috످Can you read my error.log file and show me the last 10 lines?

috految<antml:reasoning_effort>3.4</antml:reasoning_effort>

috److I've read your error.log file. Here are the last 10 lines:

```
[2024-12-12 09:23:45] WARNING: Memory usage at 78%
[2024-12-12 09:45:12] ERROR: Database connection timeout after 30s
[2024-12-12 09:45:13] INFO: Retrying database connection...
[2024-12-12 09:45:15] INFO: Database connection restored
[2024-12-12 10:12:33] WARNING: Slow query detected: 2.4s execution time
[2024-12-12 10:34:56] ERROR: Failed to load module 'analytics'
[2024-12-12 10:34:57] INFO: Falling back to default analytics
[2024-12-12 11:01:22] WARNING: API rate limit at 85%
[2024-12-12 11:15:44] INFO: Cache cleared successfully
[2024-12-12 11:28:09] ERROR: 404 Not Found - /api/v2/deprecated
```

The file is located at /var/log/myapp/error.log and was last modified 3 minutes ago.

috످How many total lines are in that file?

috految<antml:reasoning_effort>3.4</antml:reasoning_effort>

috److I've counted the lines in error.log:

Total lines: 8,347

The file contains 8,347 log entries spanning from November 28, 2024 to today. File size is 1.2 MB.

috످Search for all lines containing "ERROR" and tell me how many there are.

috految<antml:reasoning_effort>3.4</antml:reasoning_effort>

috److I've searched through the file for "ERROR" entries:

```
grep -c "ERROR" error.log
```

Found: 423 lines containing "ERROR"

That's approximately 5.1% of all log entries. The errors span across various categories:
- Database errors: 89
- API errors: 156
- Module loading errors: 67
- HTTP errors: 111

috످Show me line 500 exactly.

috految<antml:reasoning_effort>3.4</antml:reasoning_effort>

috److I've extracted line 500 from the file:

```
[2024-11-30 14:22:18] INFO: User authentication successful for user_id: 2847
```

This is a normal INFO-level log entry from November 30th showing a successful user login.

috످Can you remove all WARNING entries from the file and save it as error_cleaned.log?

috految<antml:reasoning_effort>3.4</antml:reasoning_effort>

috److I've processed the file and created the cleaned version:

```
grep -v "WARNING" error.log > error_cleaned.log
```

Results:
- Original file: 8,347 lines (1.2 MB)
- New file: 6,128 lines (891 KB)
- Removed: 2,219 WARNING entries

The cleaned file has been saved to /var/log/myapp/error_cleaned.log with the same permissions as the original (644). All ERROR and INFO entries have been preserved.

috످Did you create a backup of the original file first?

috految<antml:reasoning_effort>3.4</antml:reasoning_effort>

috److No. I can't access your files or run commands in this chat, so I never read or changed `error.log`, made a backup, or created `error_cleaned.log`.

I made up everything I told you about the file, including the log entries, counts, and file paths. I'm sorry. If you shared or acted on any of it, please check it against your real log.

Don't delete your original, since I never saved a cleaned copy. To back it up and create the cleaned version, run this from the folder containing your log (Linux/macOS):

```bash
cp -ip error.log error.log.bak && grep -v "WARNING" error.log > error_cleaned.log
```

This leaves the original intact, but overwrites `error_cleaned.log` if it exists. The cleaned copy will omit any line containing "WARNING", even if it's also an error.

To get the real answers to your earlier questions:

```bash
tail -n 10 error.log       # Last 10 lines
wc -l error.log            # Total lines
grep -c "ERROR" error.log  # Error count
sed -n '500p' error.log    # Line 500
```

috످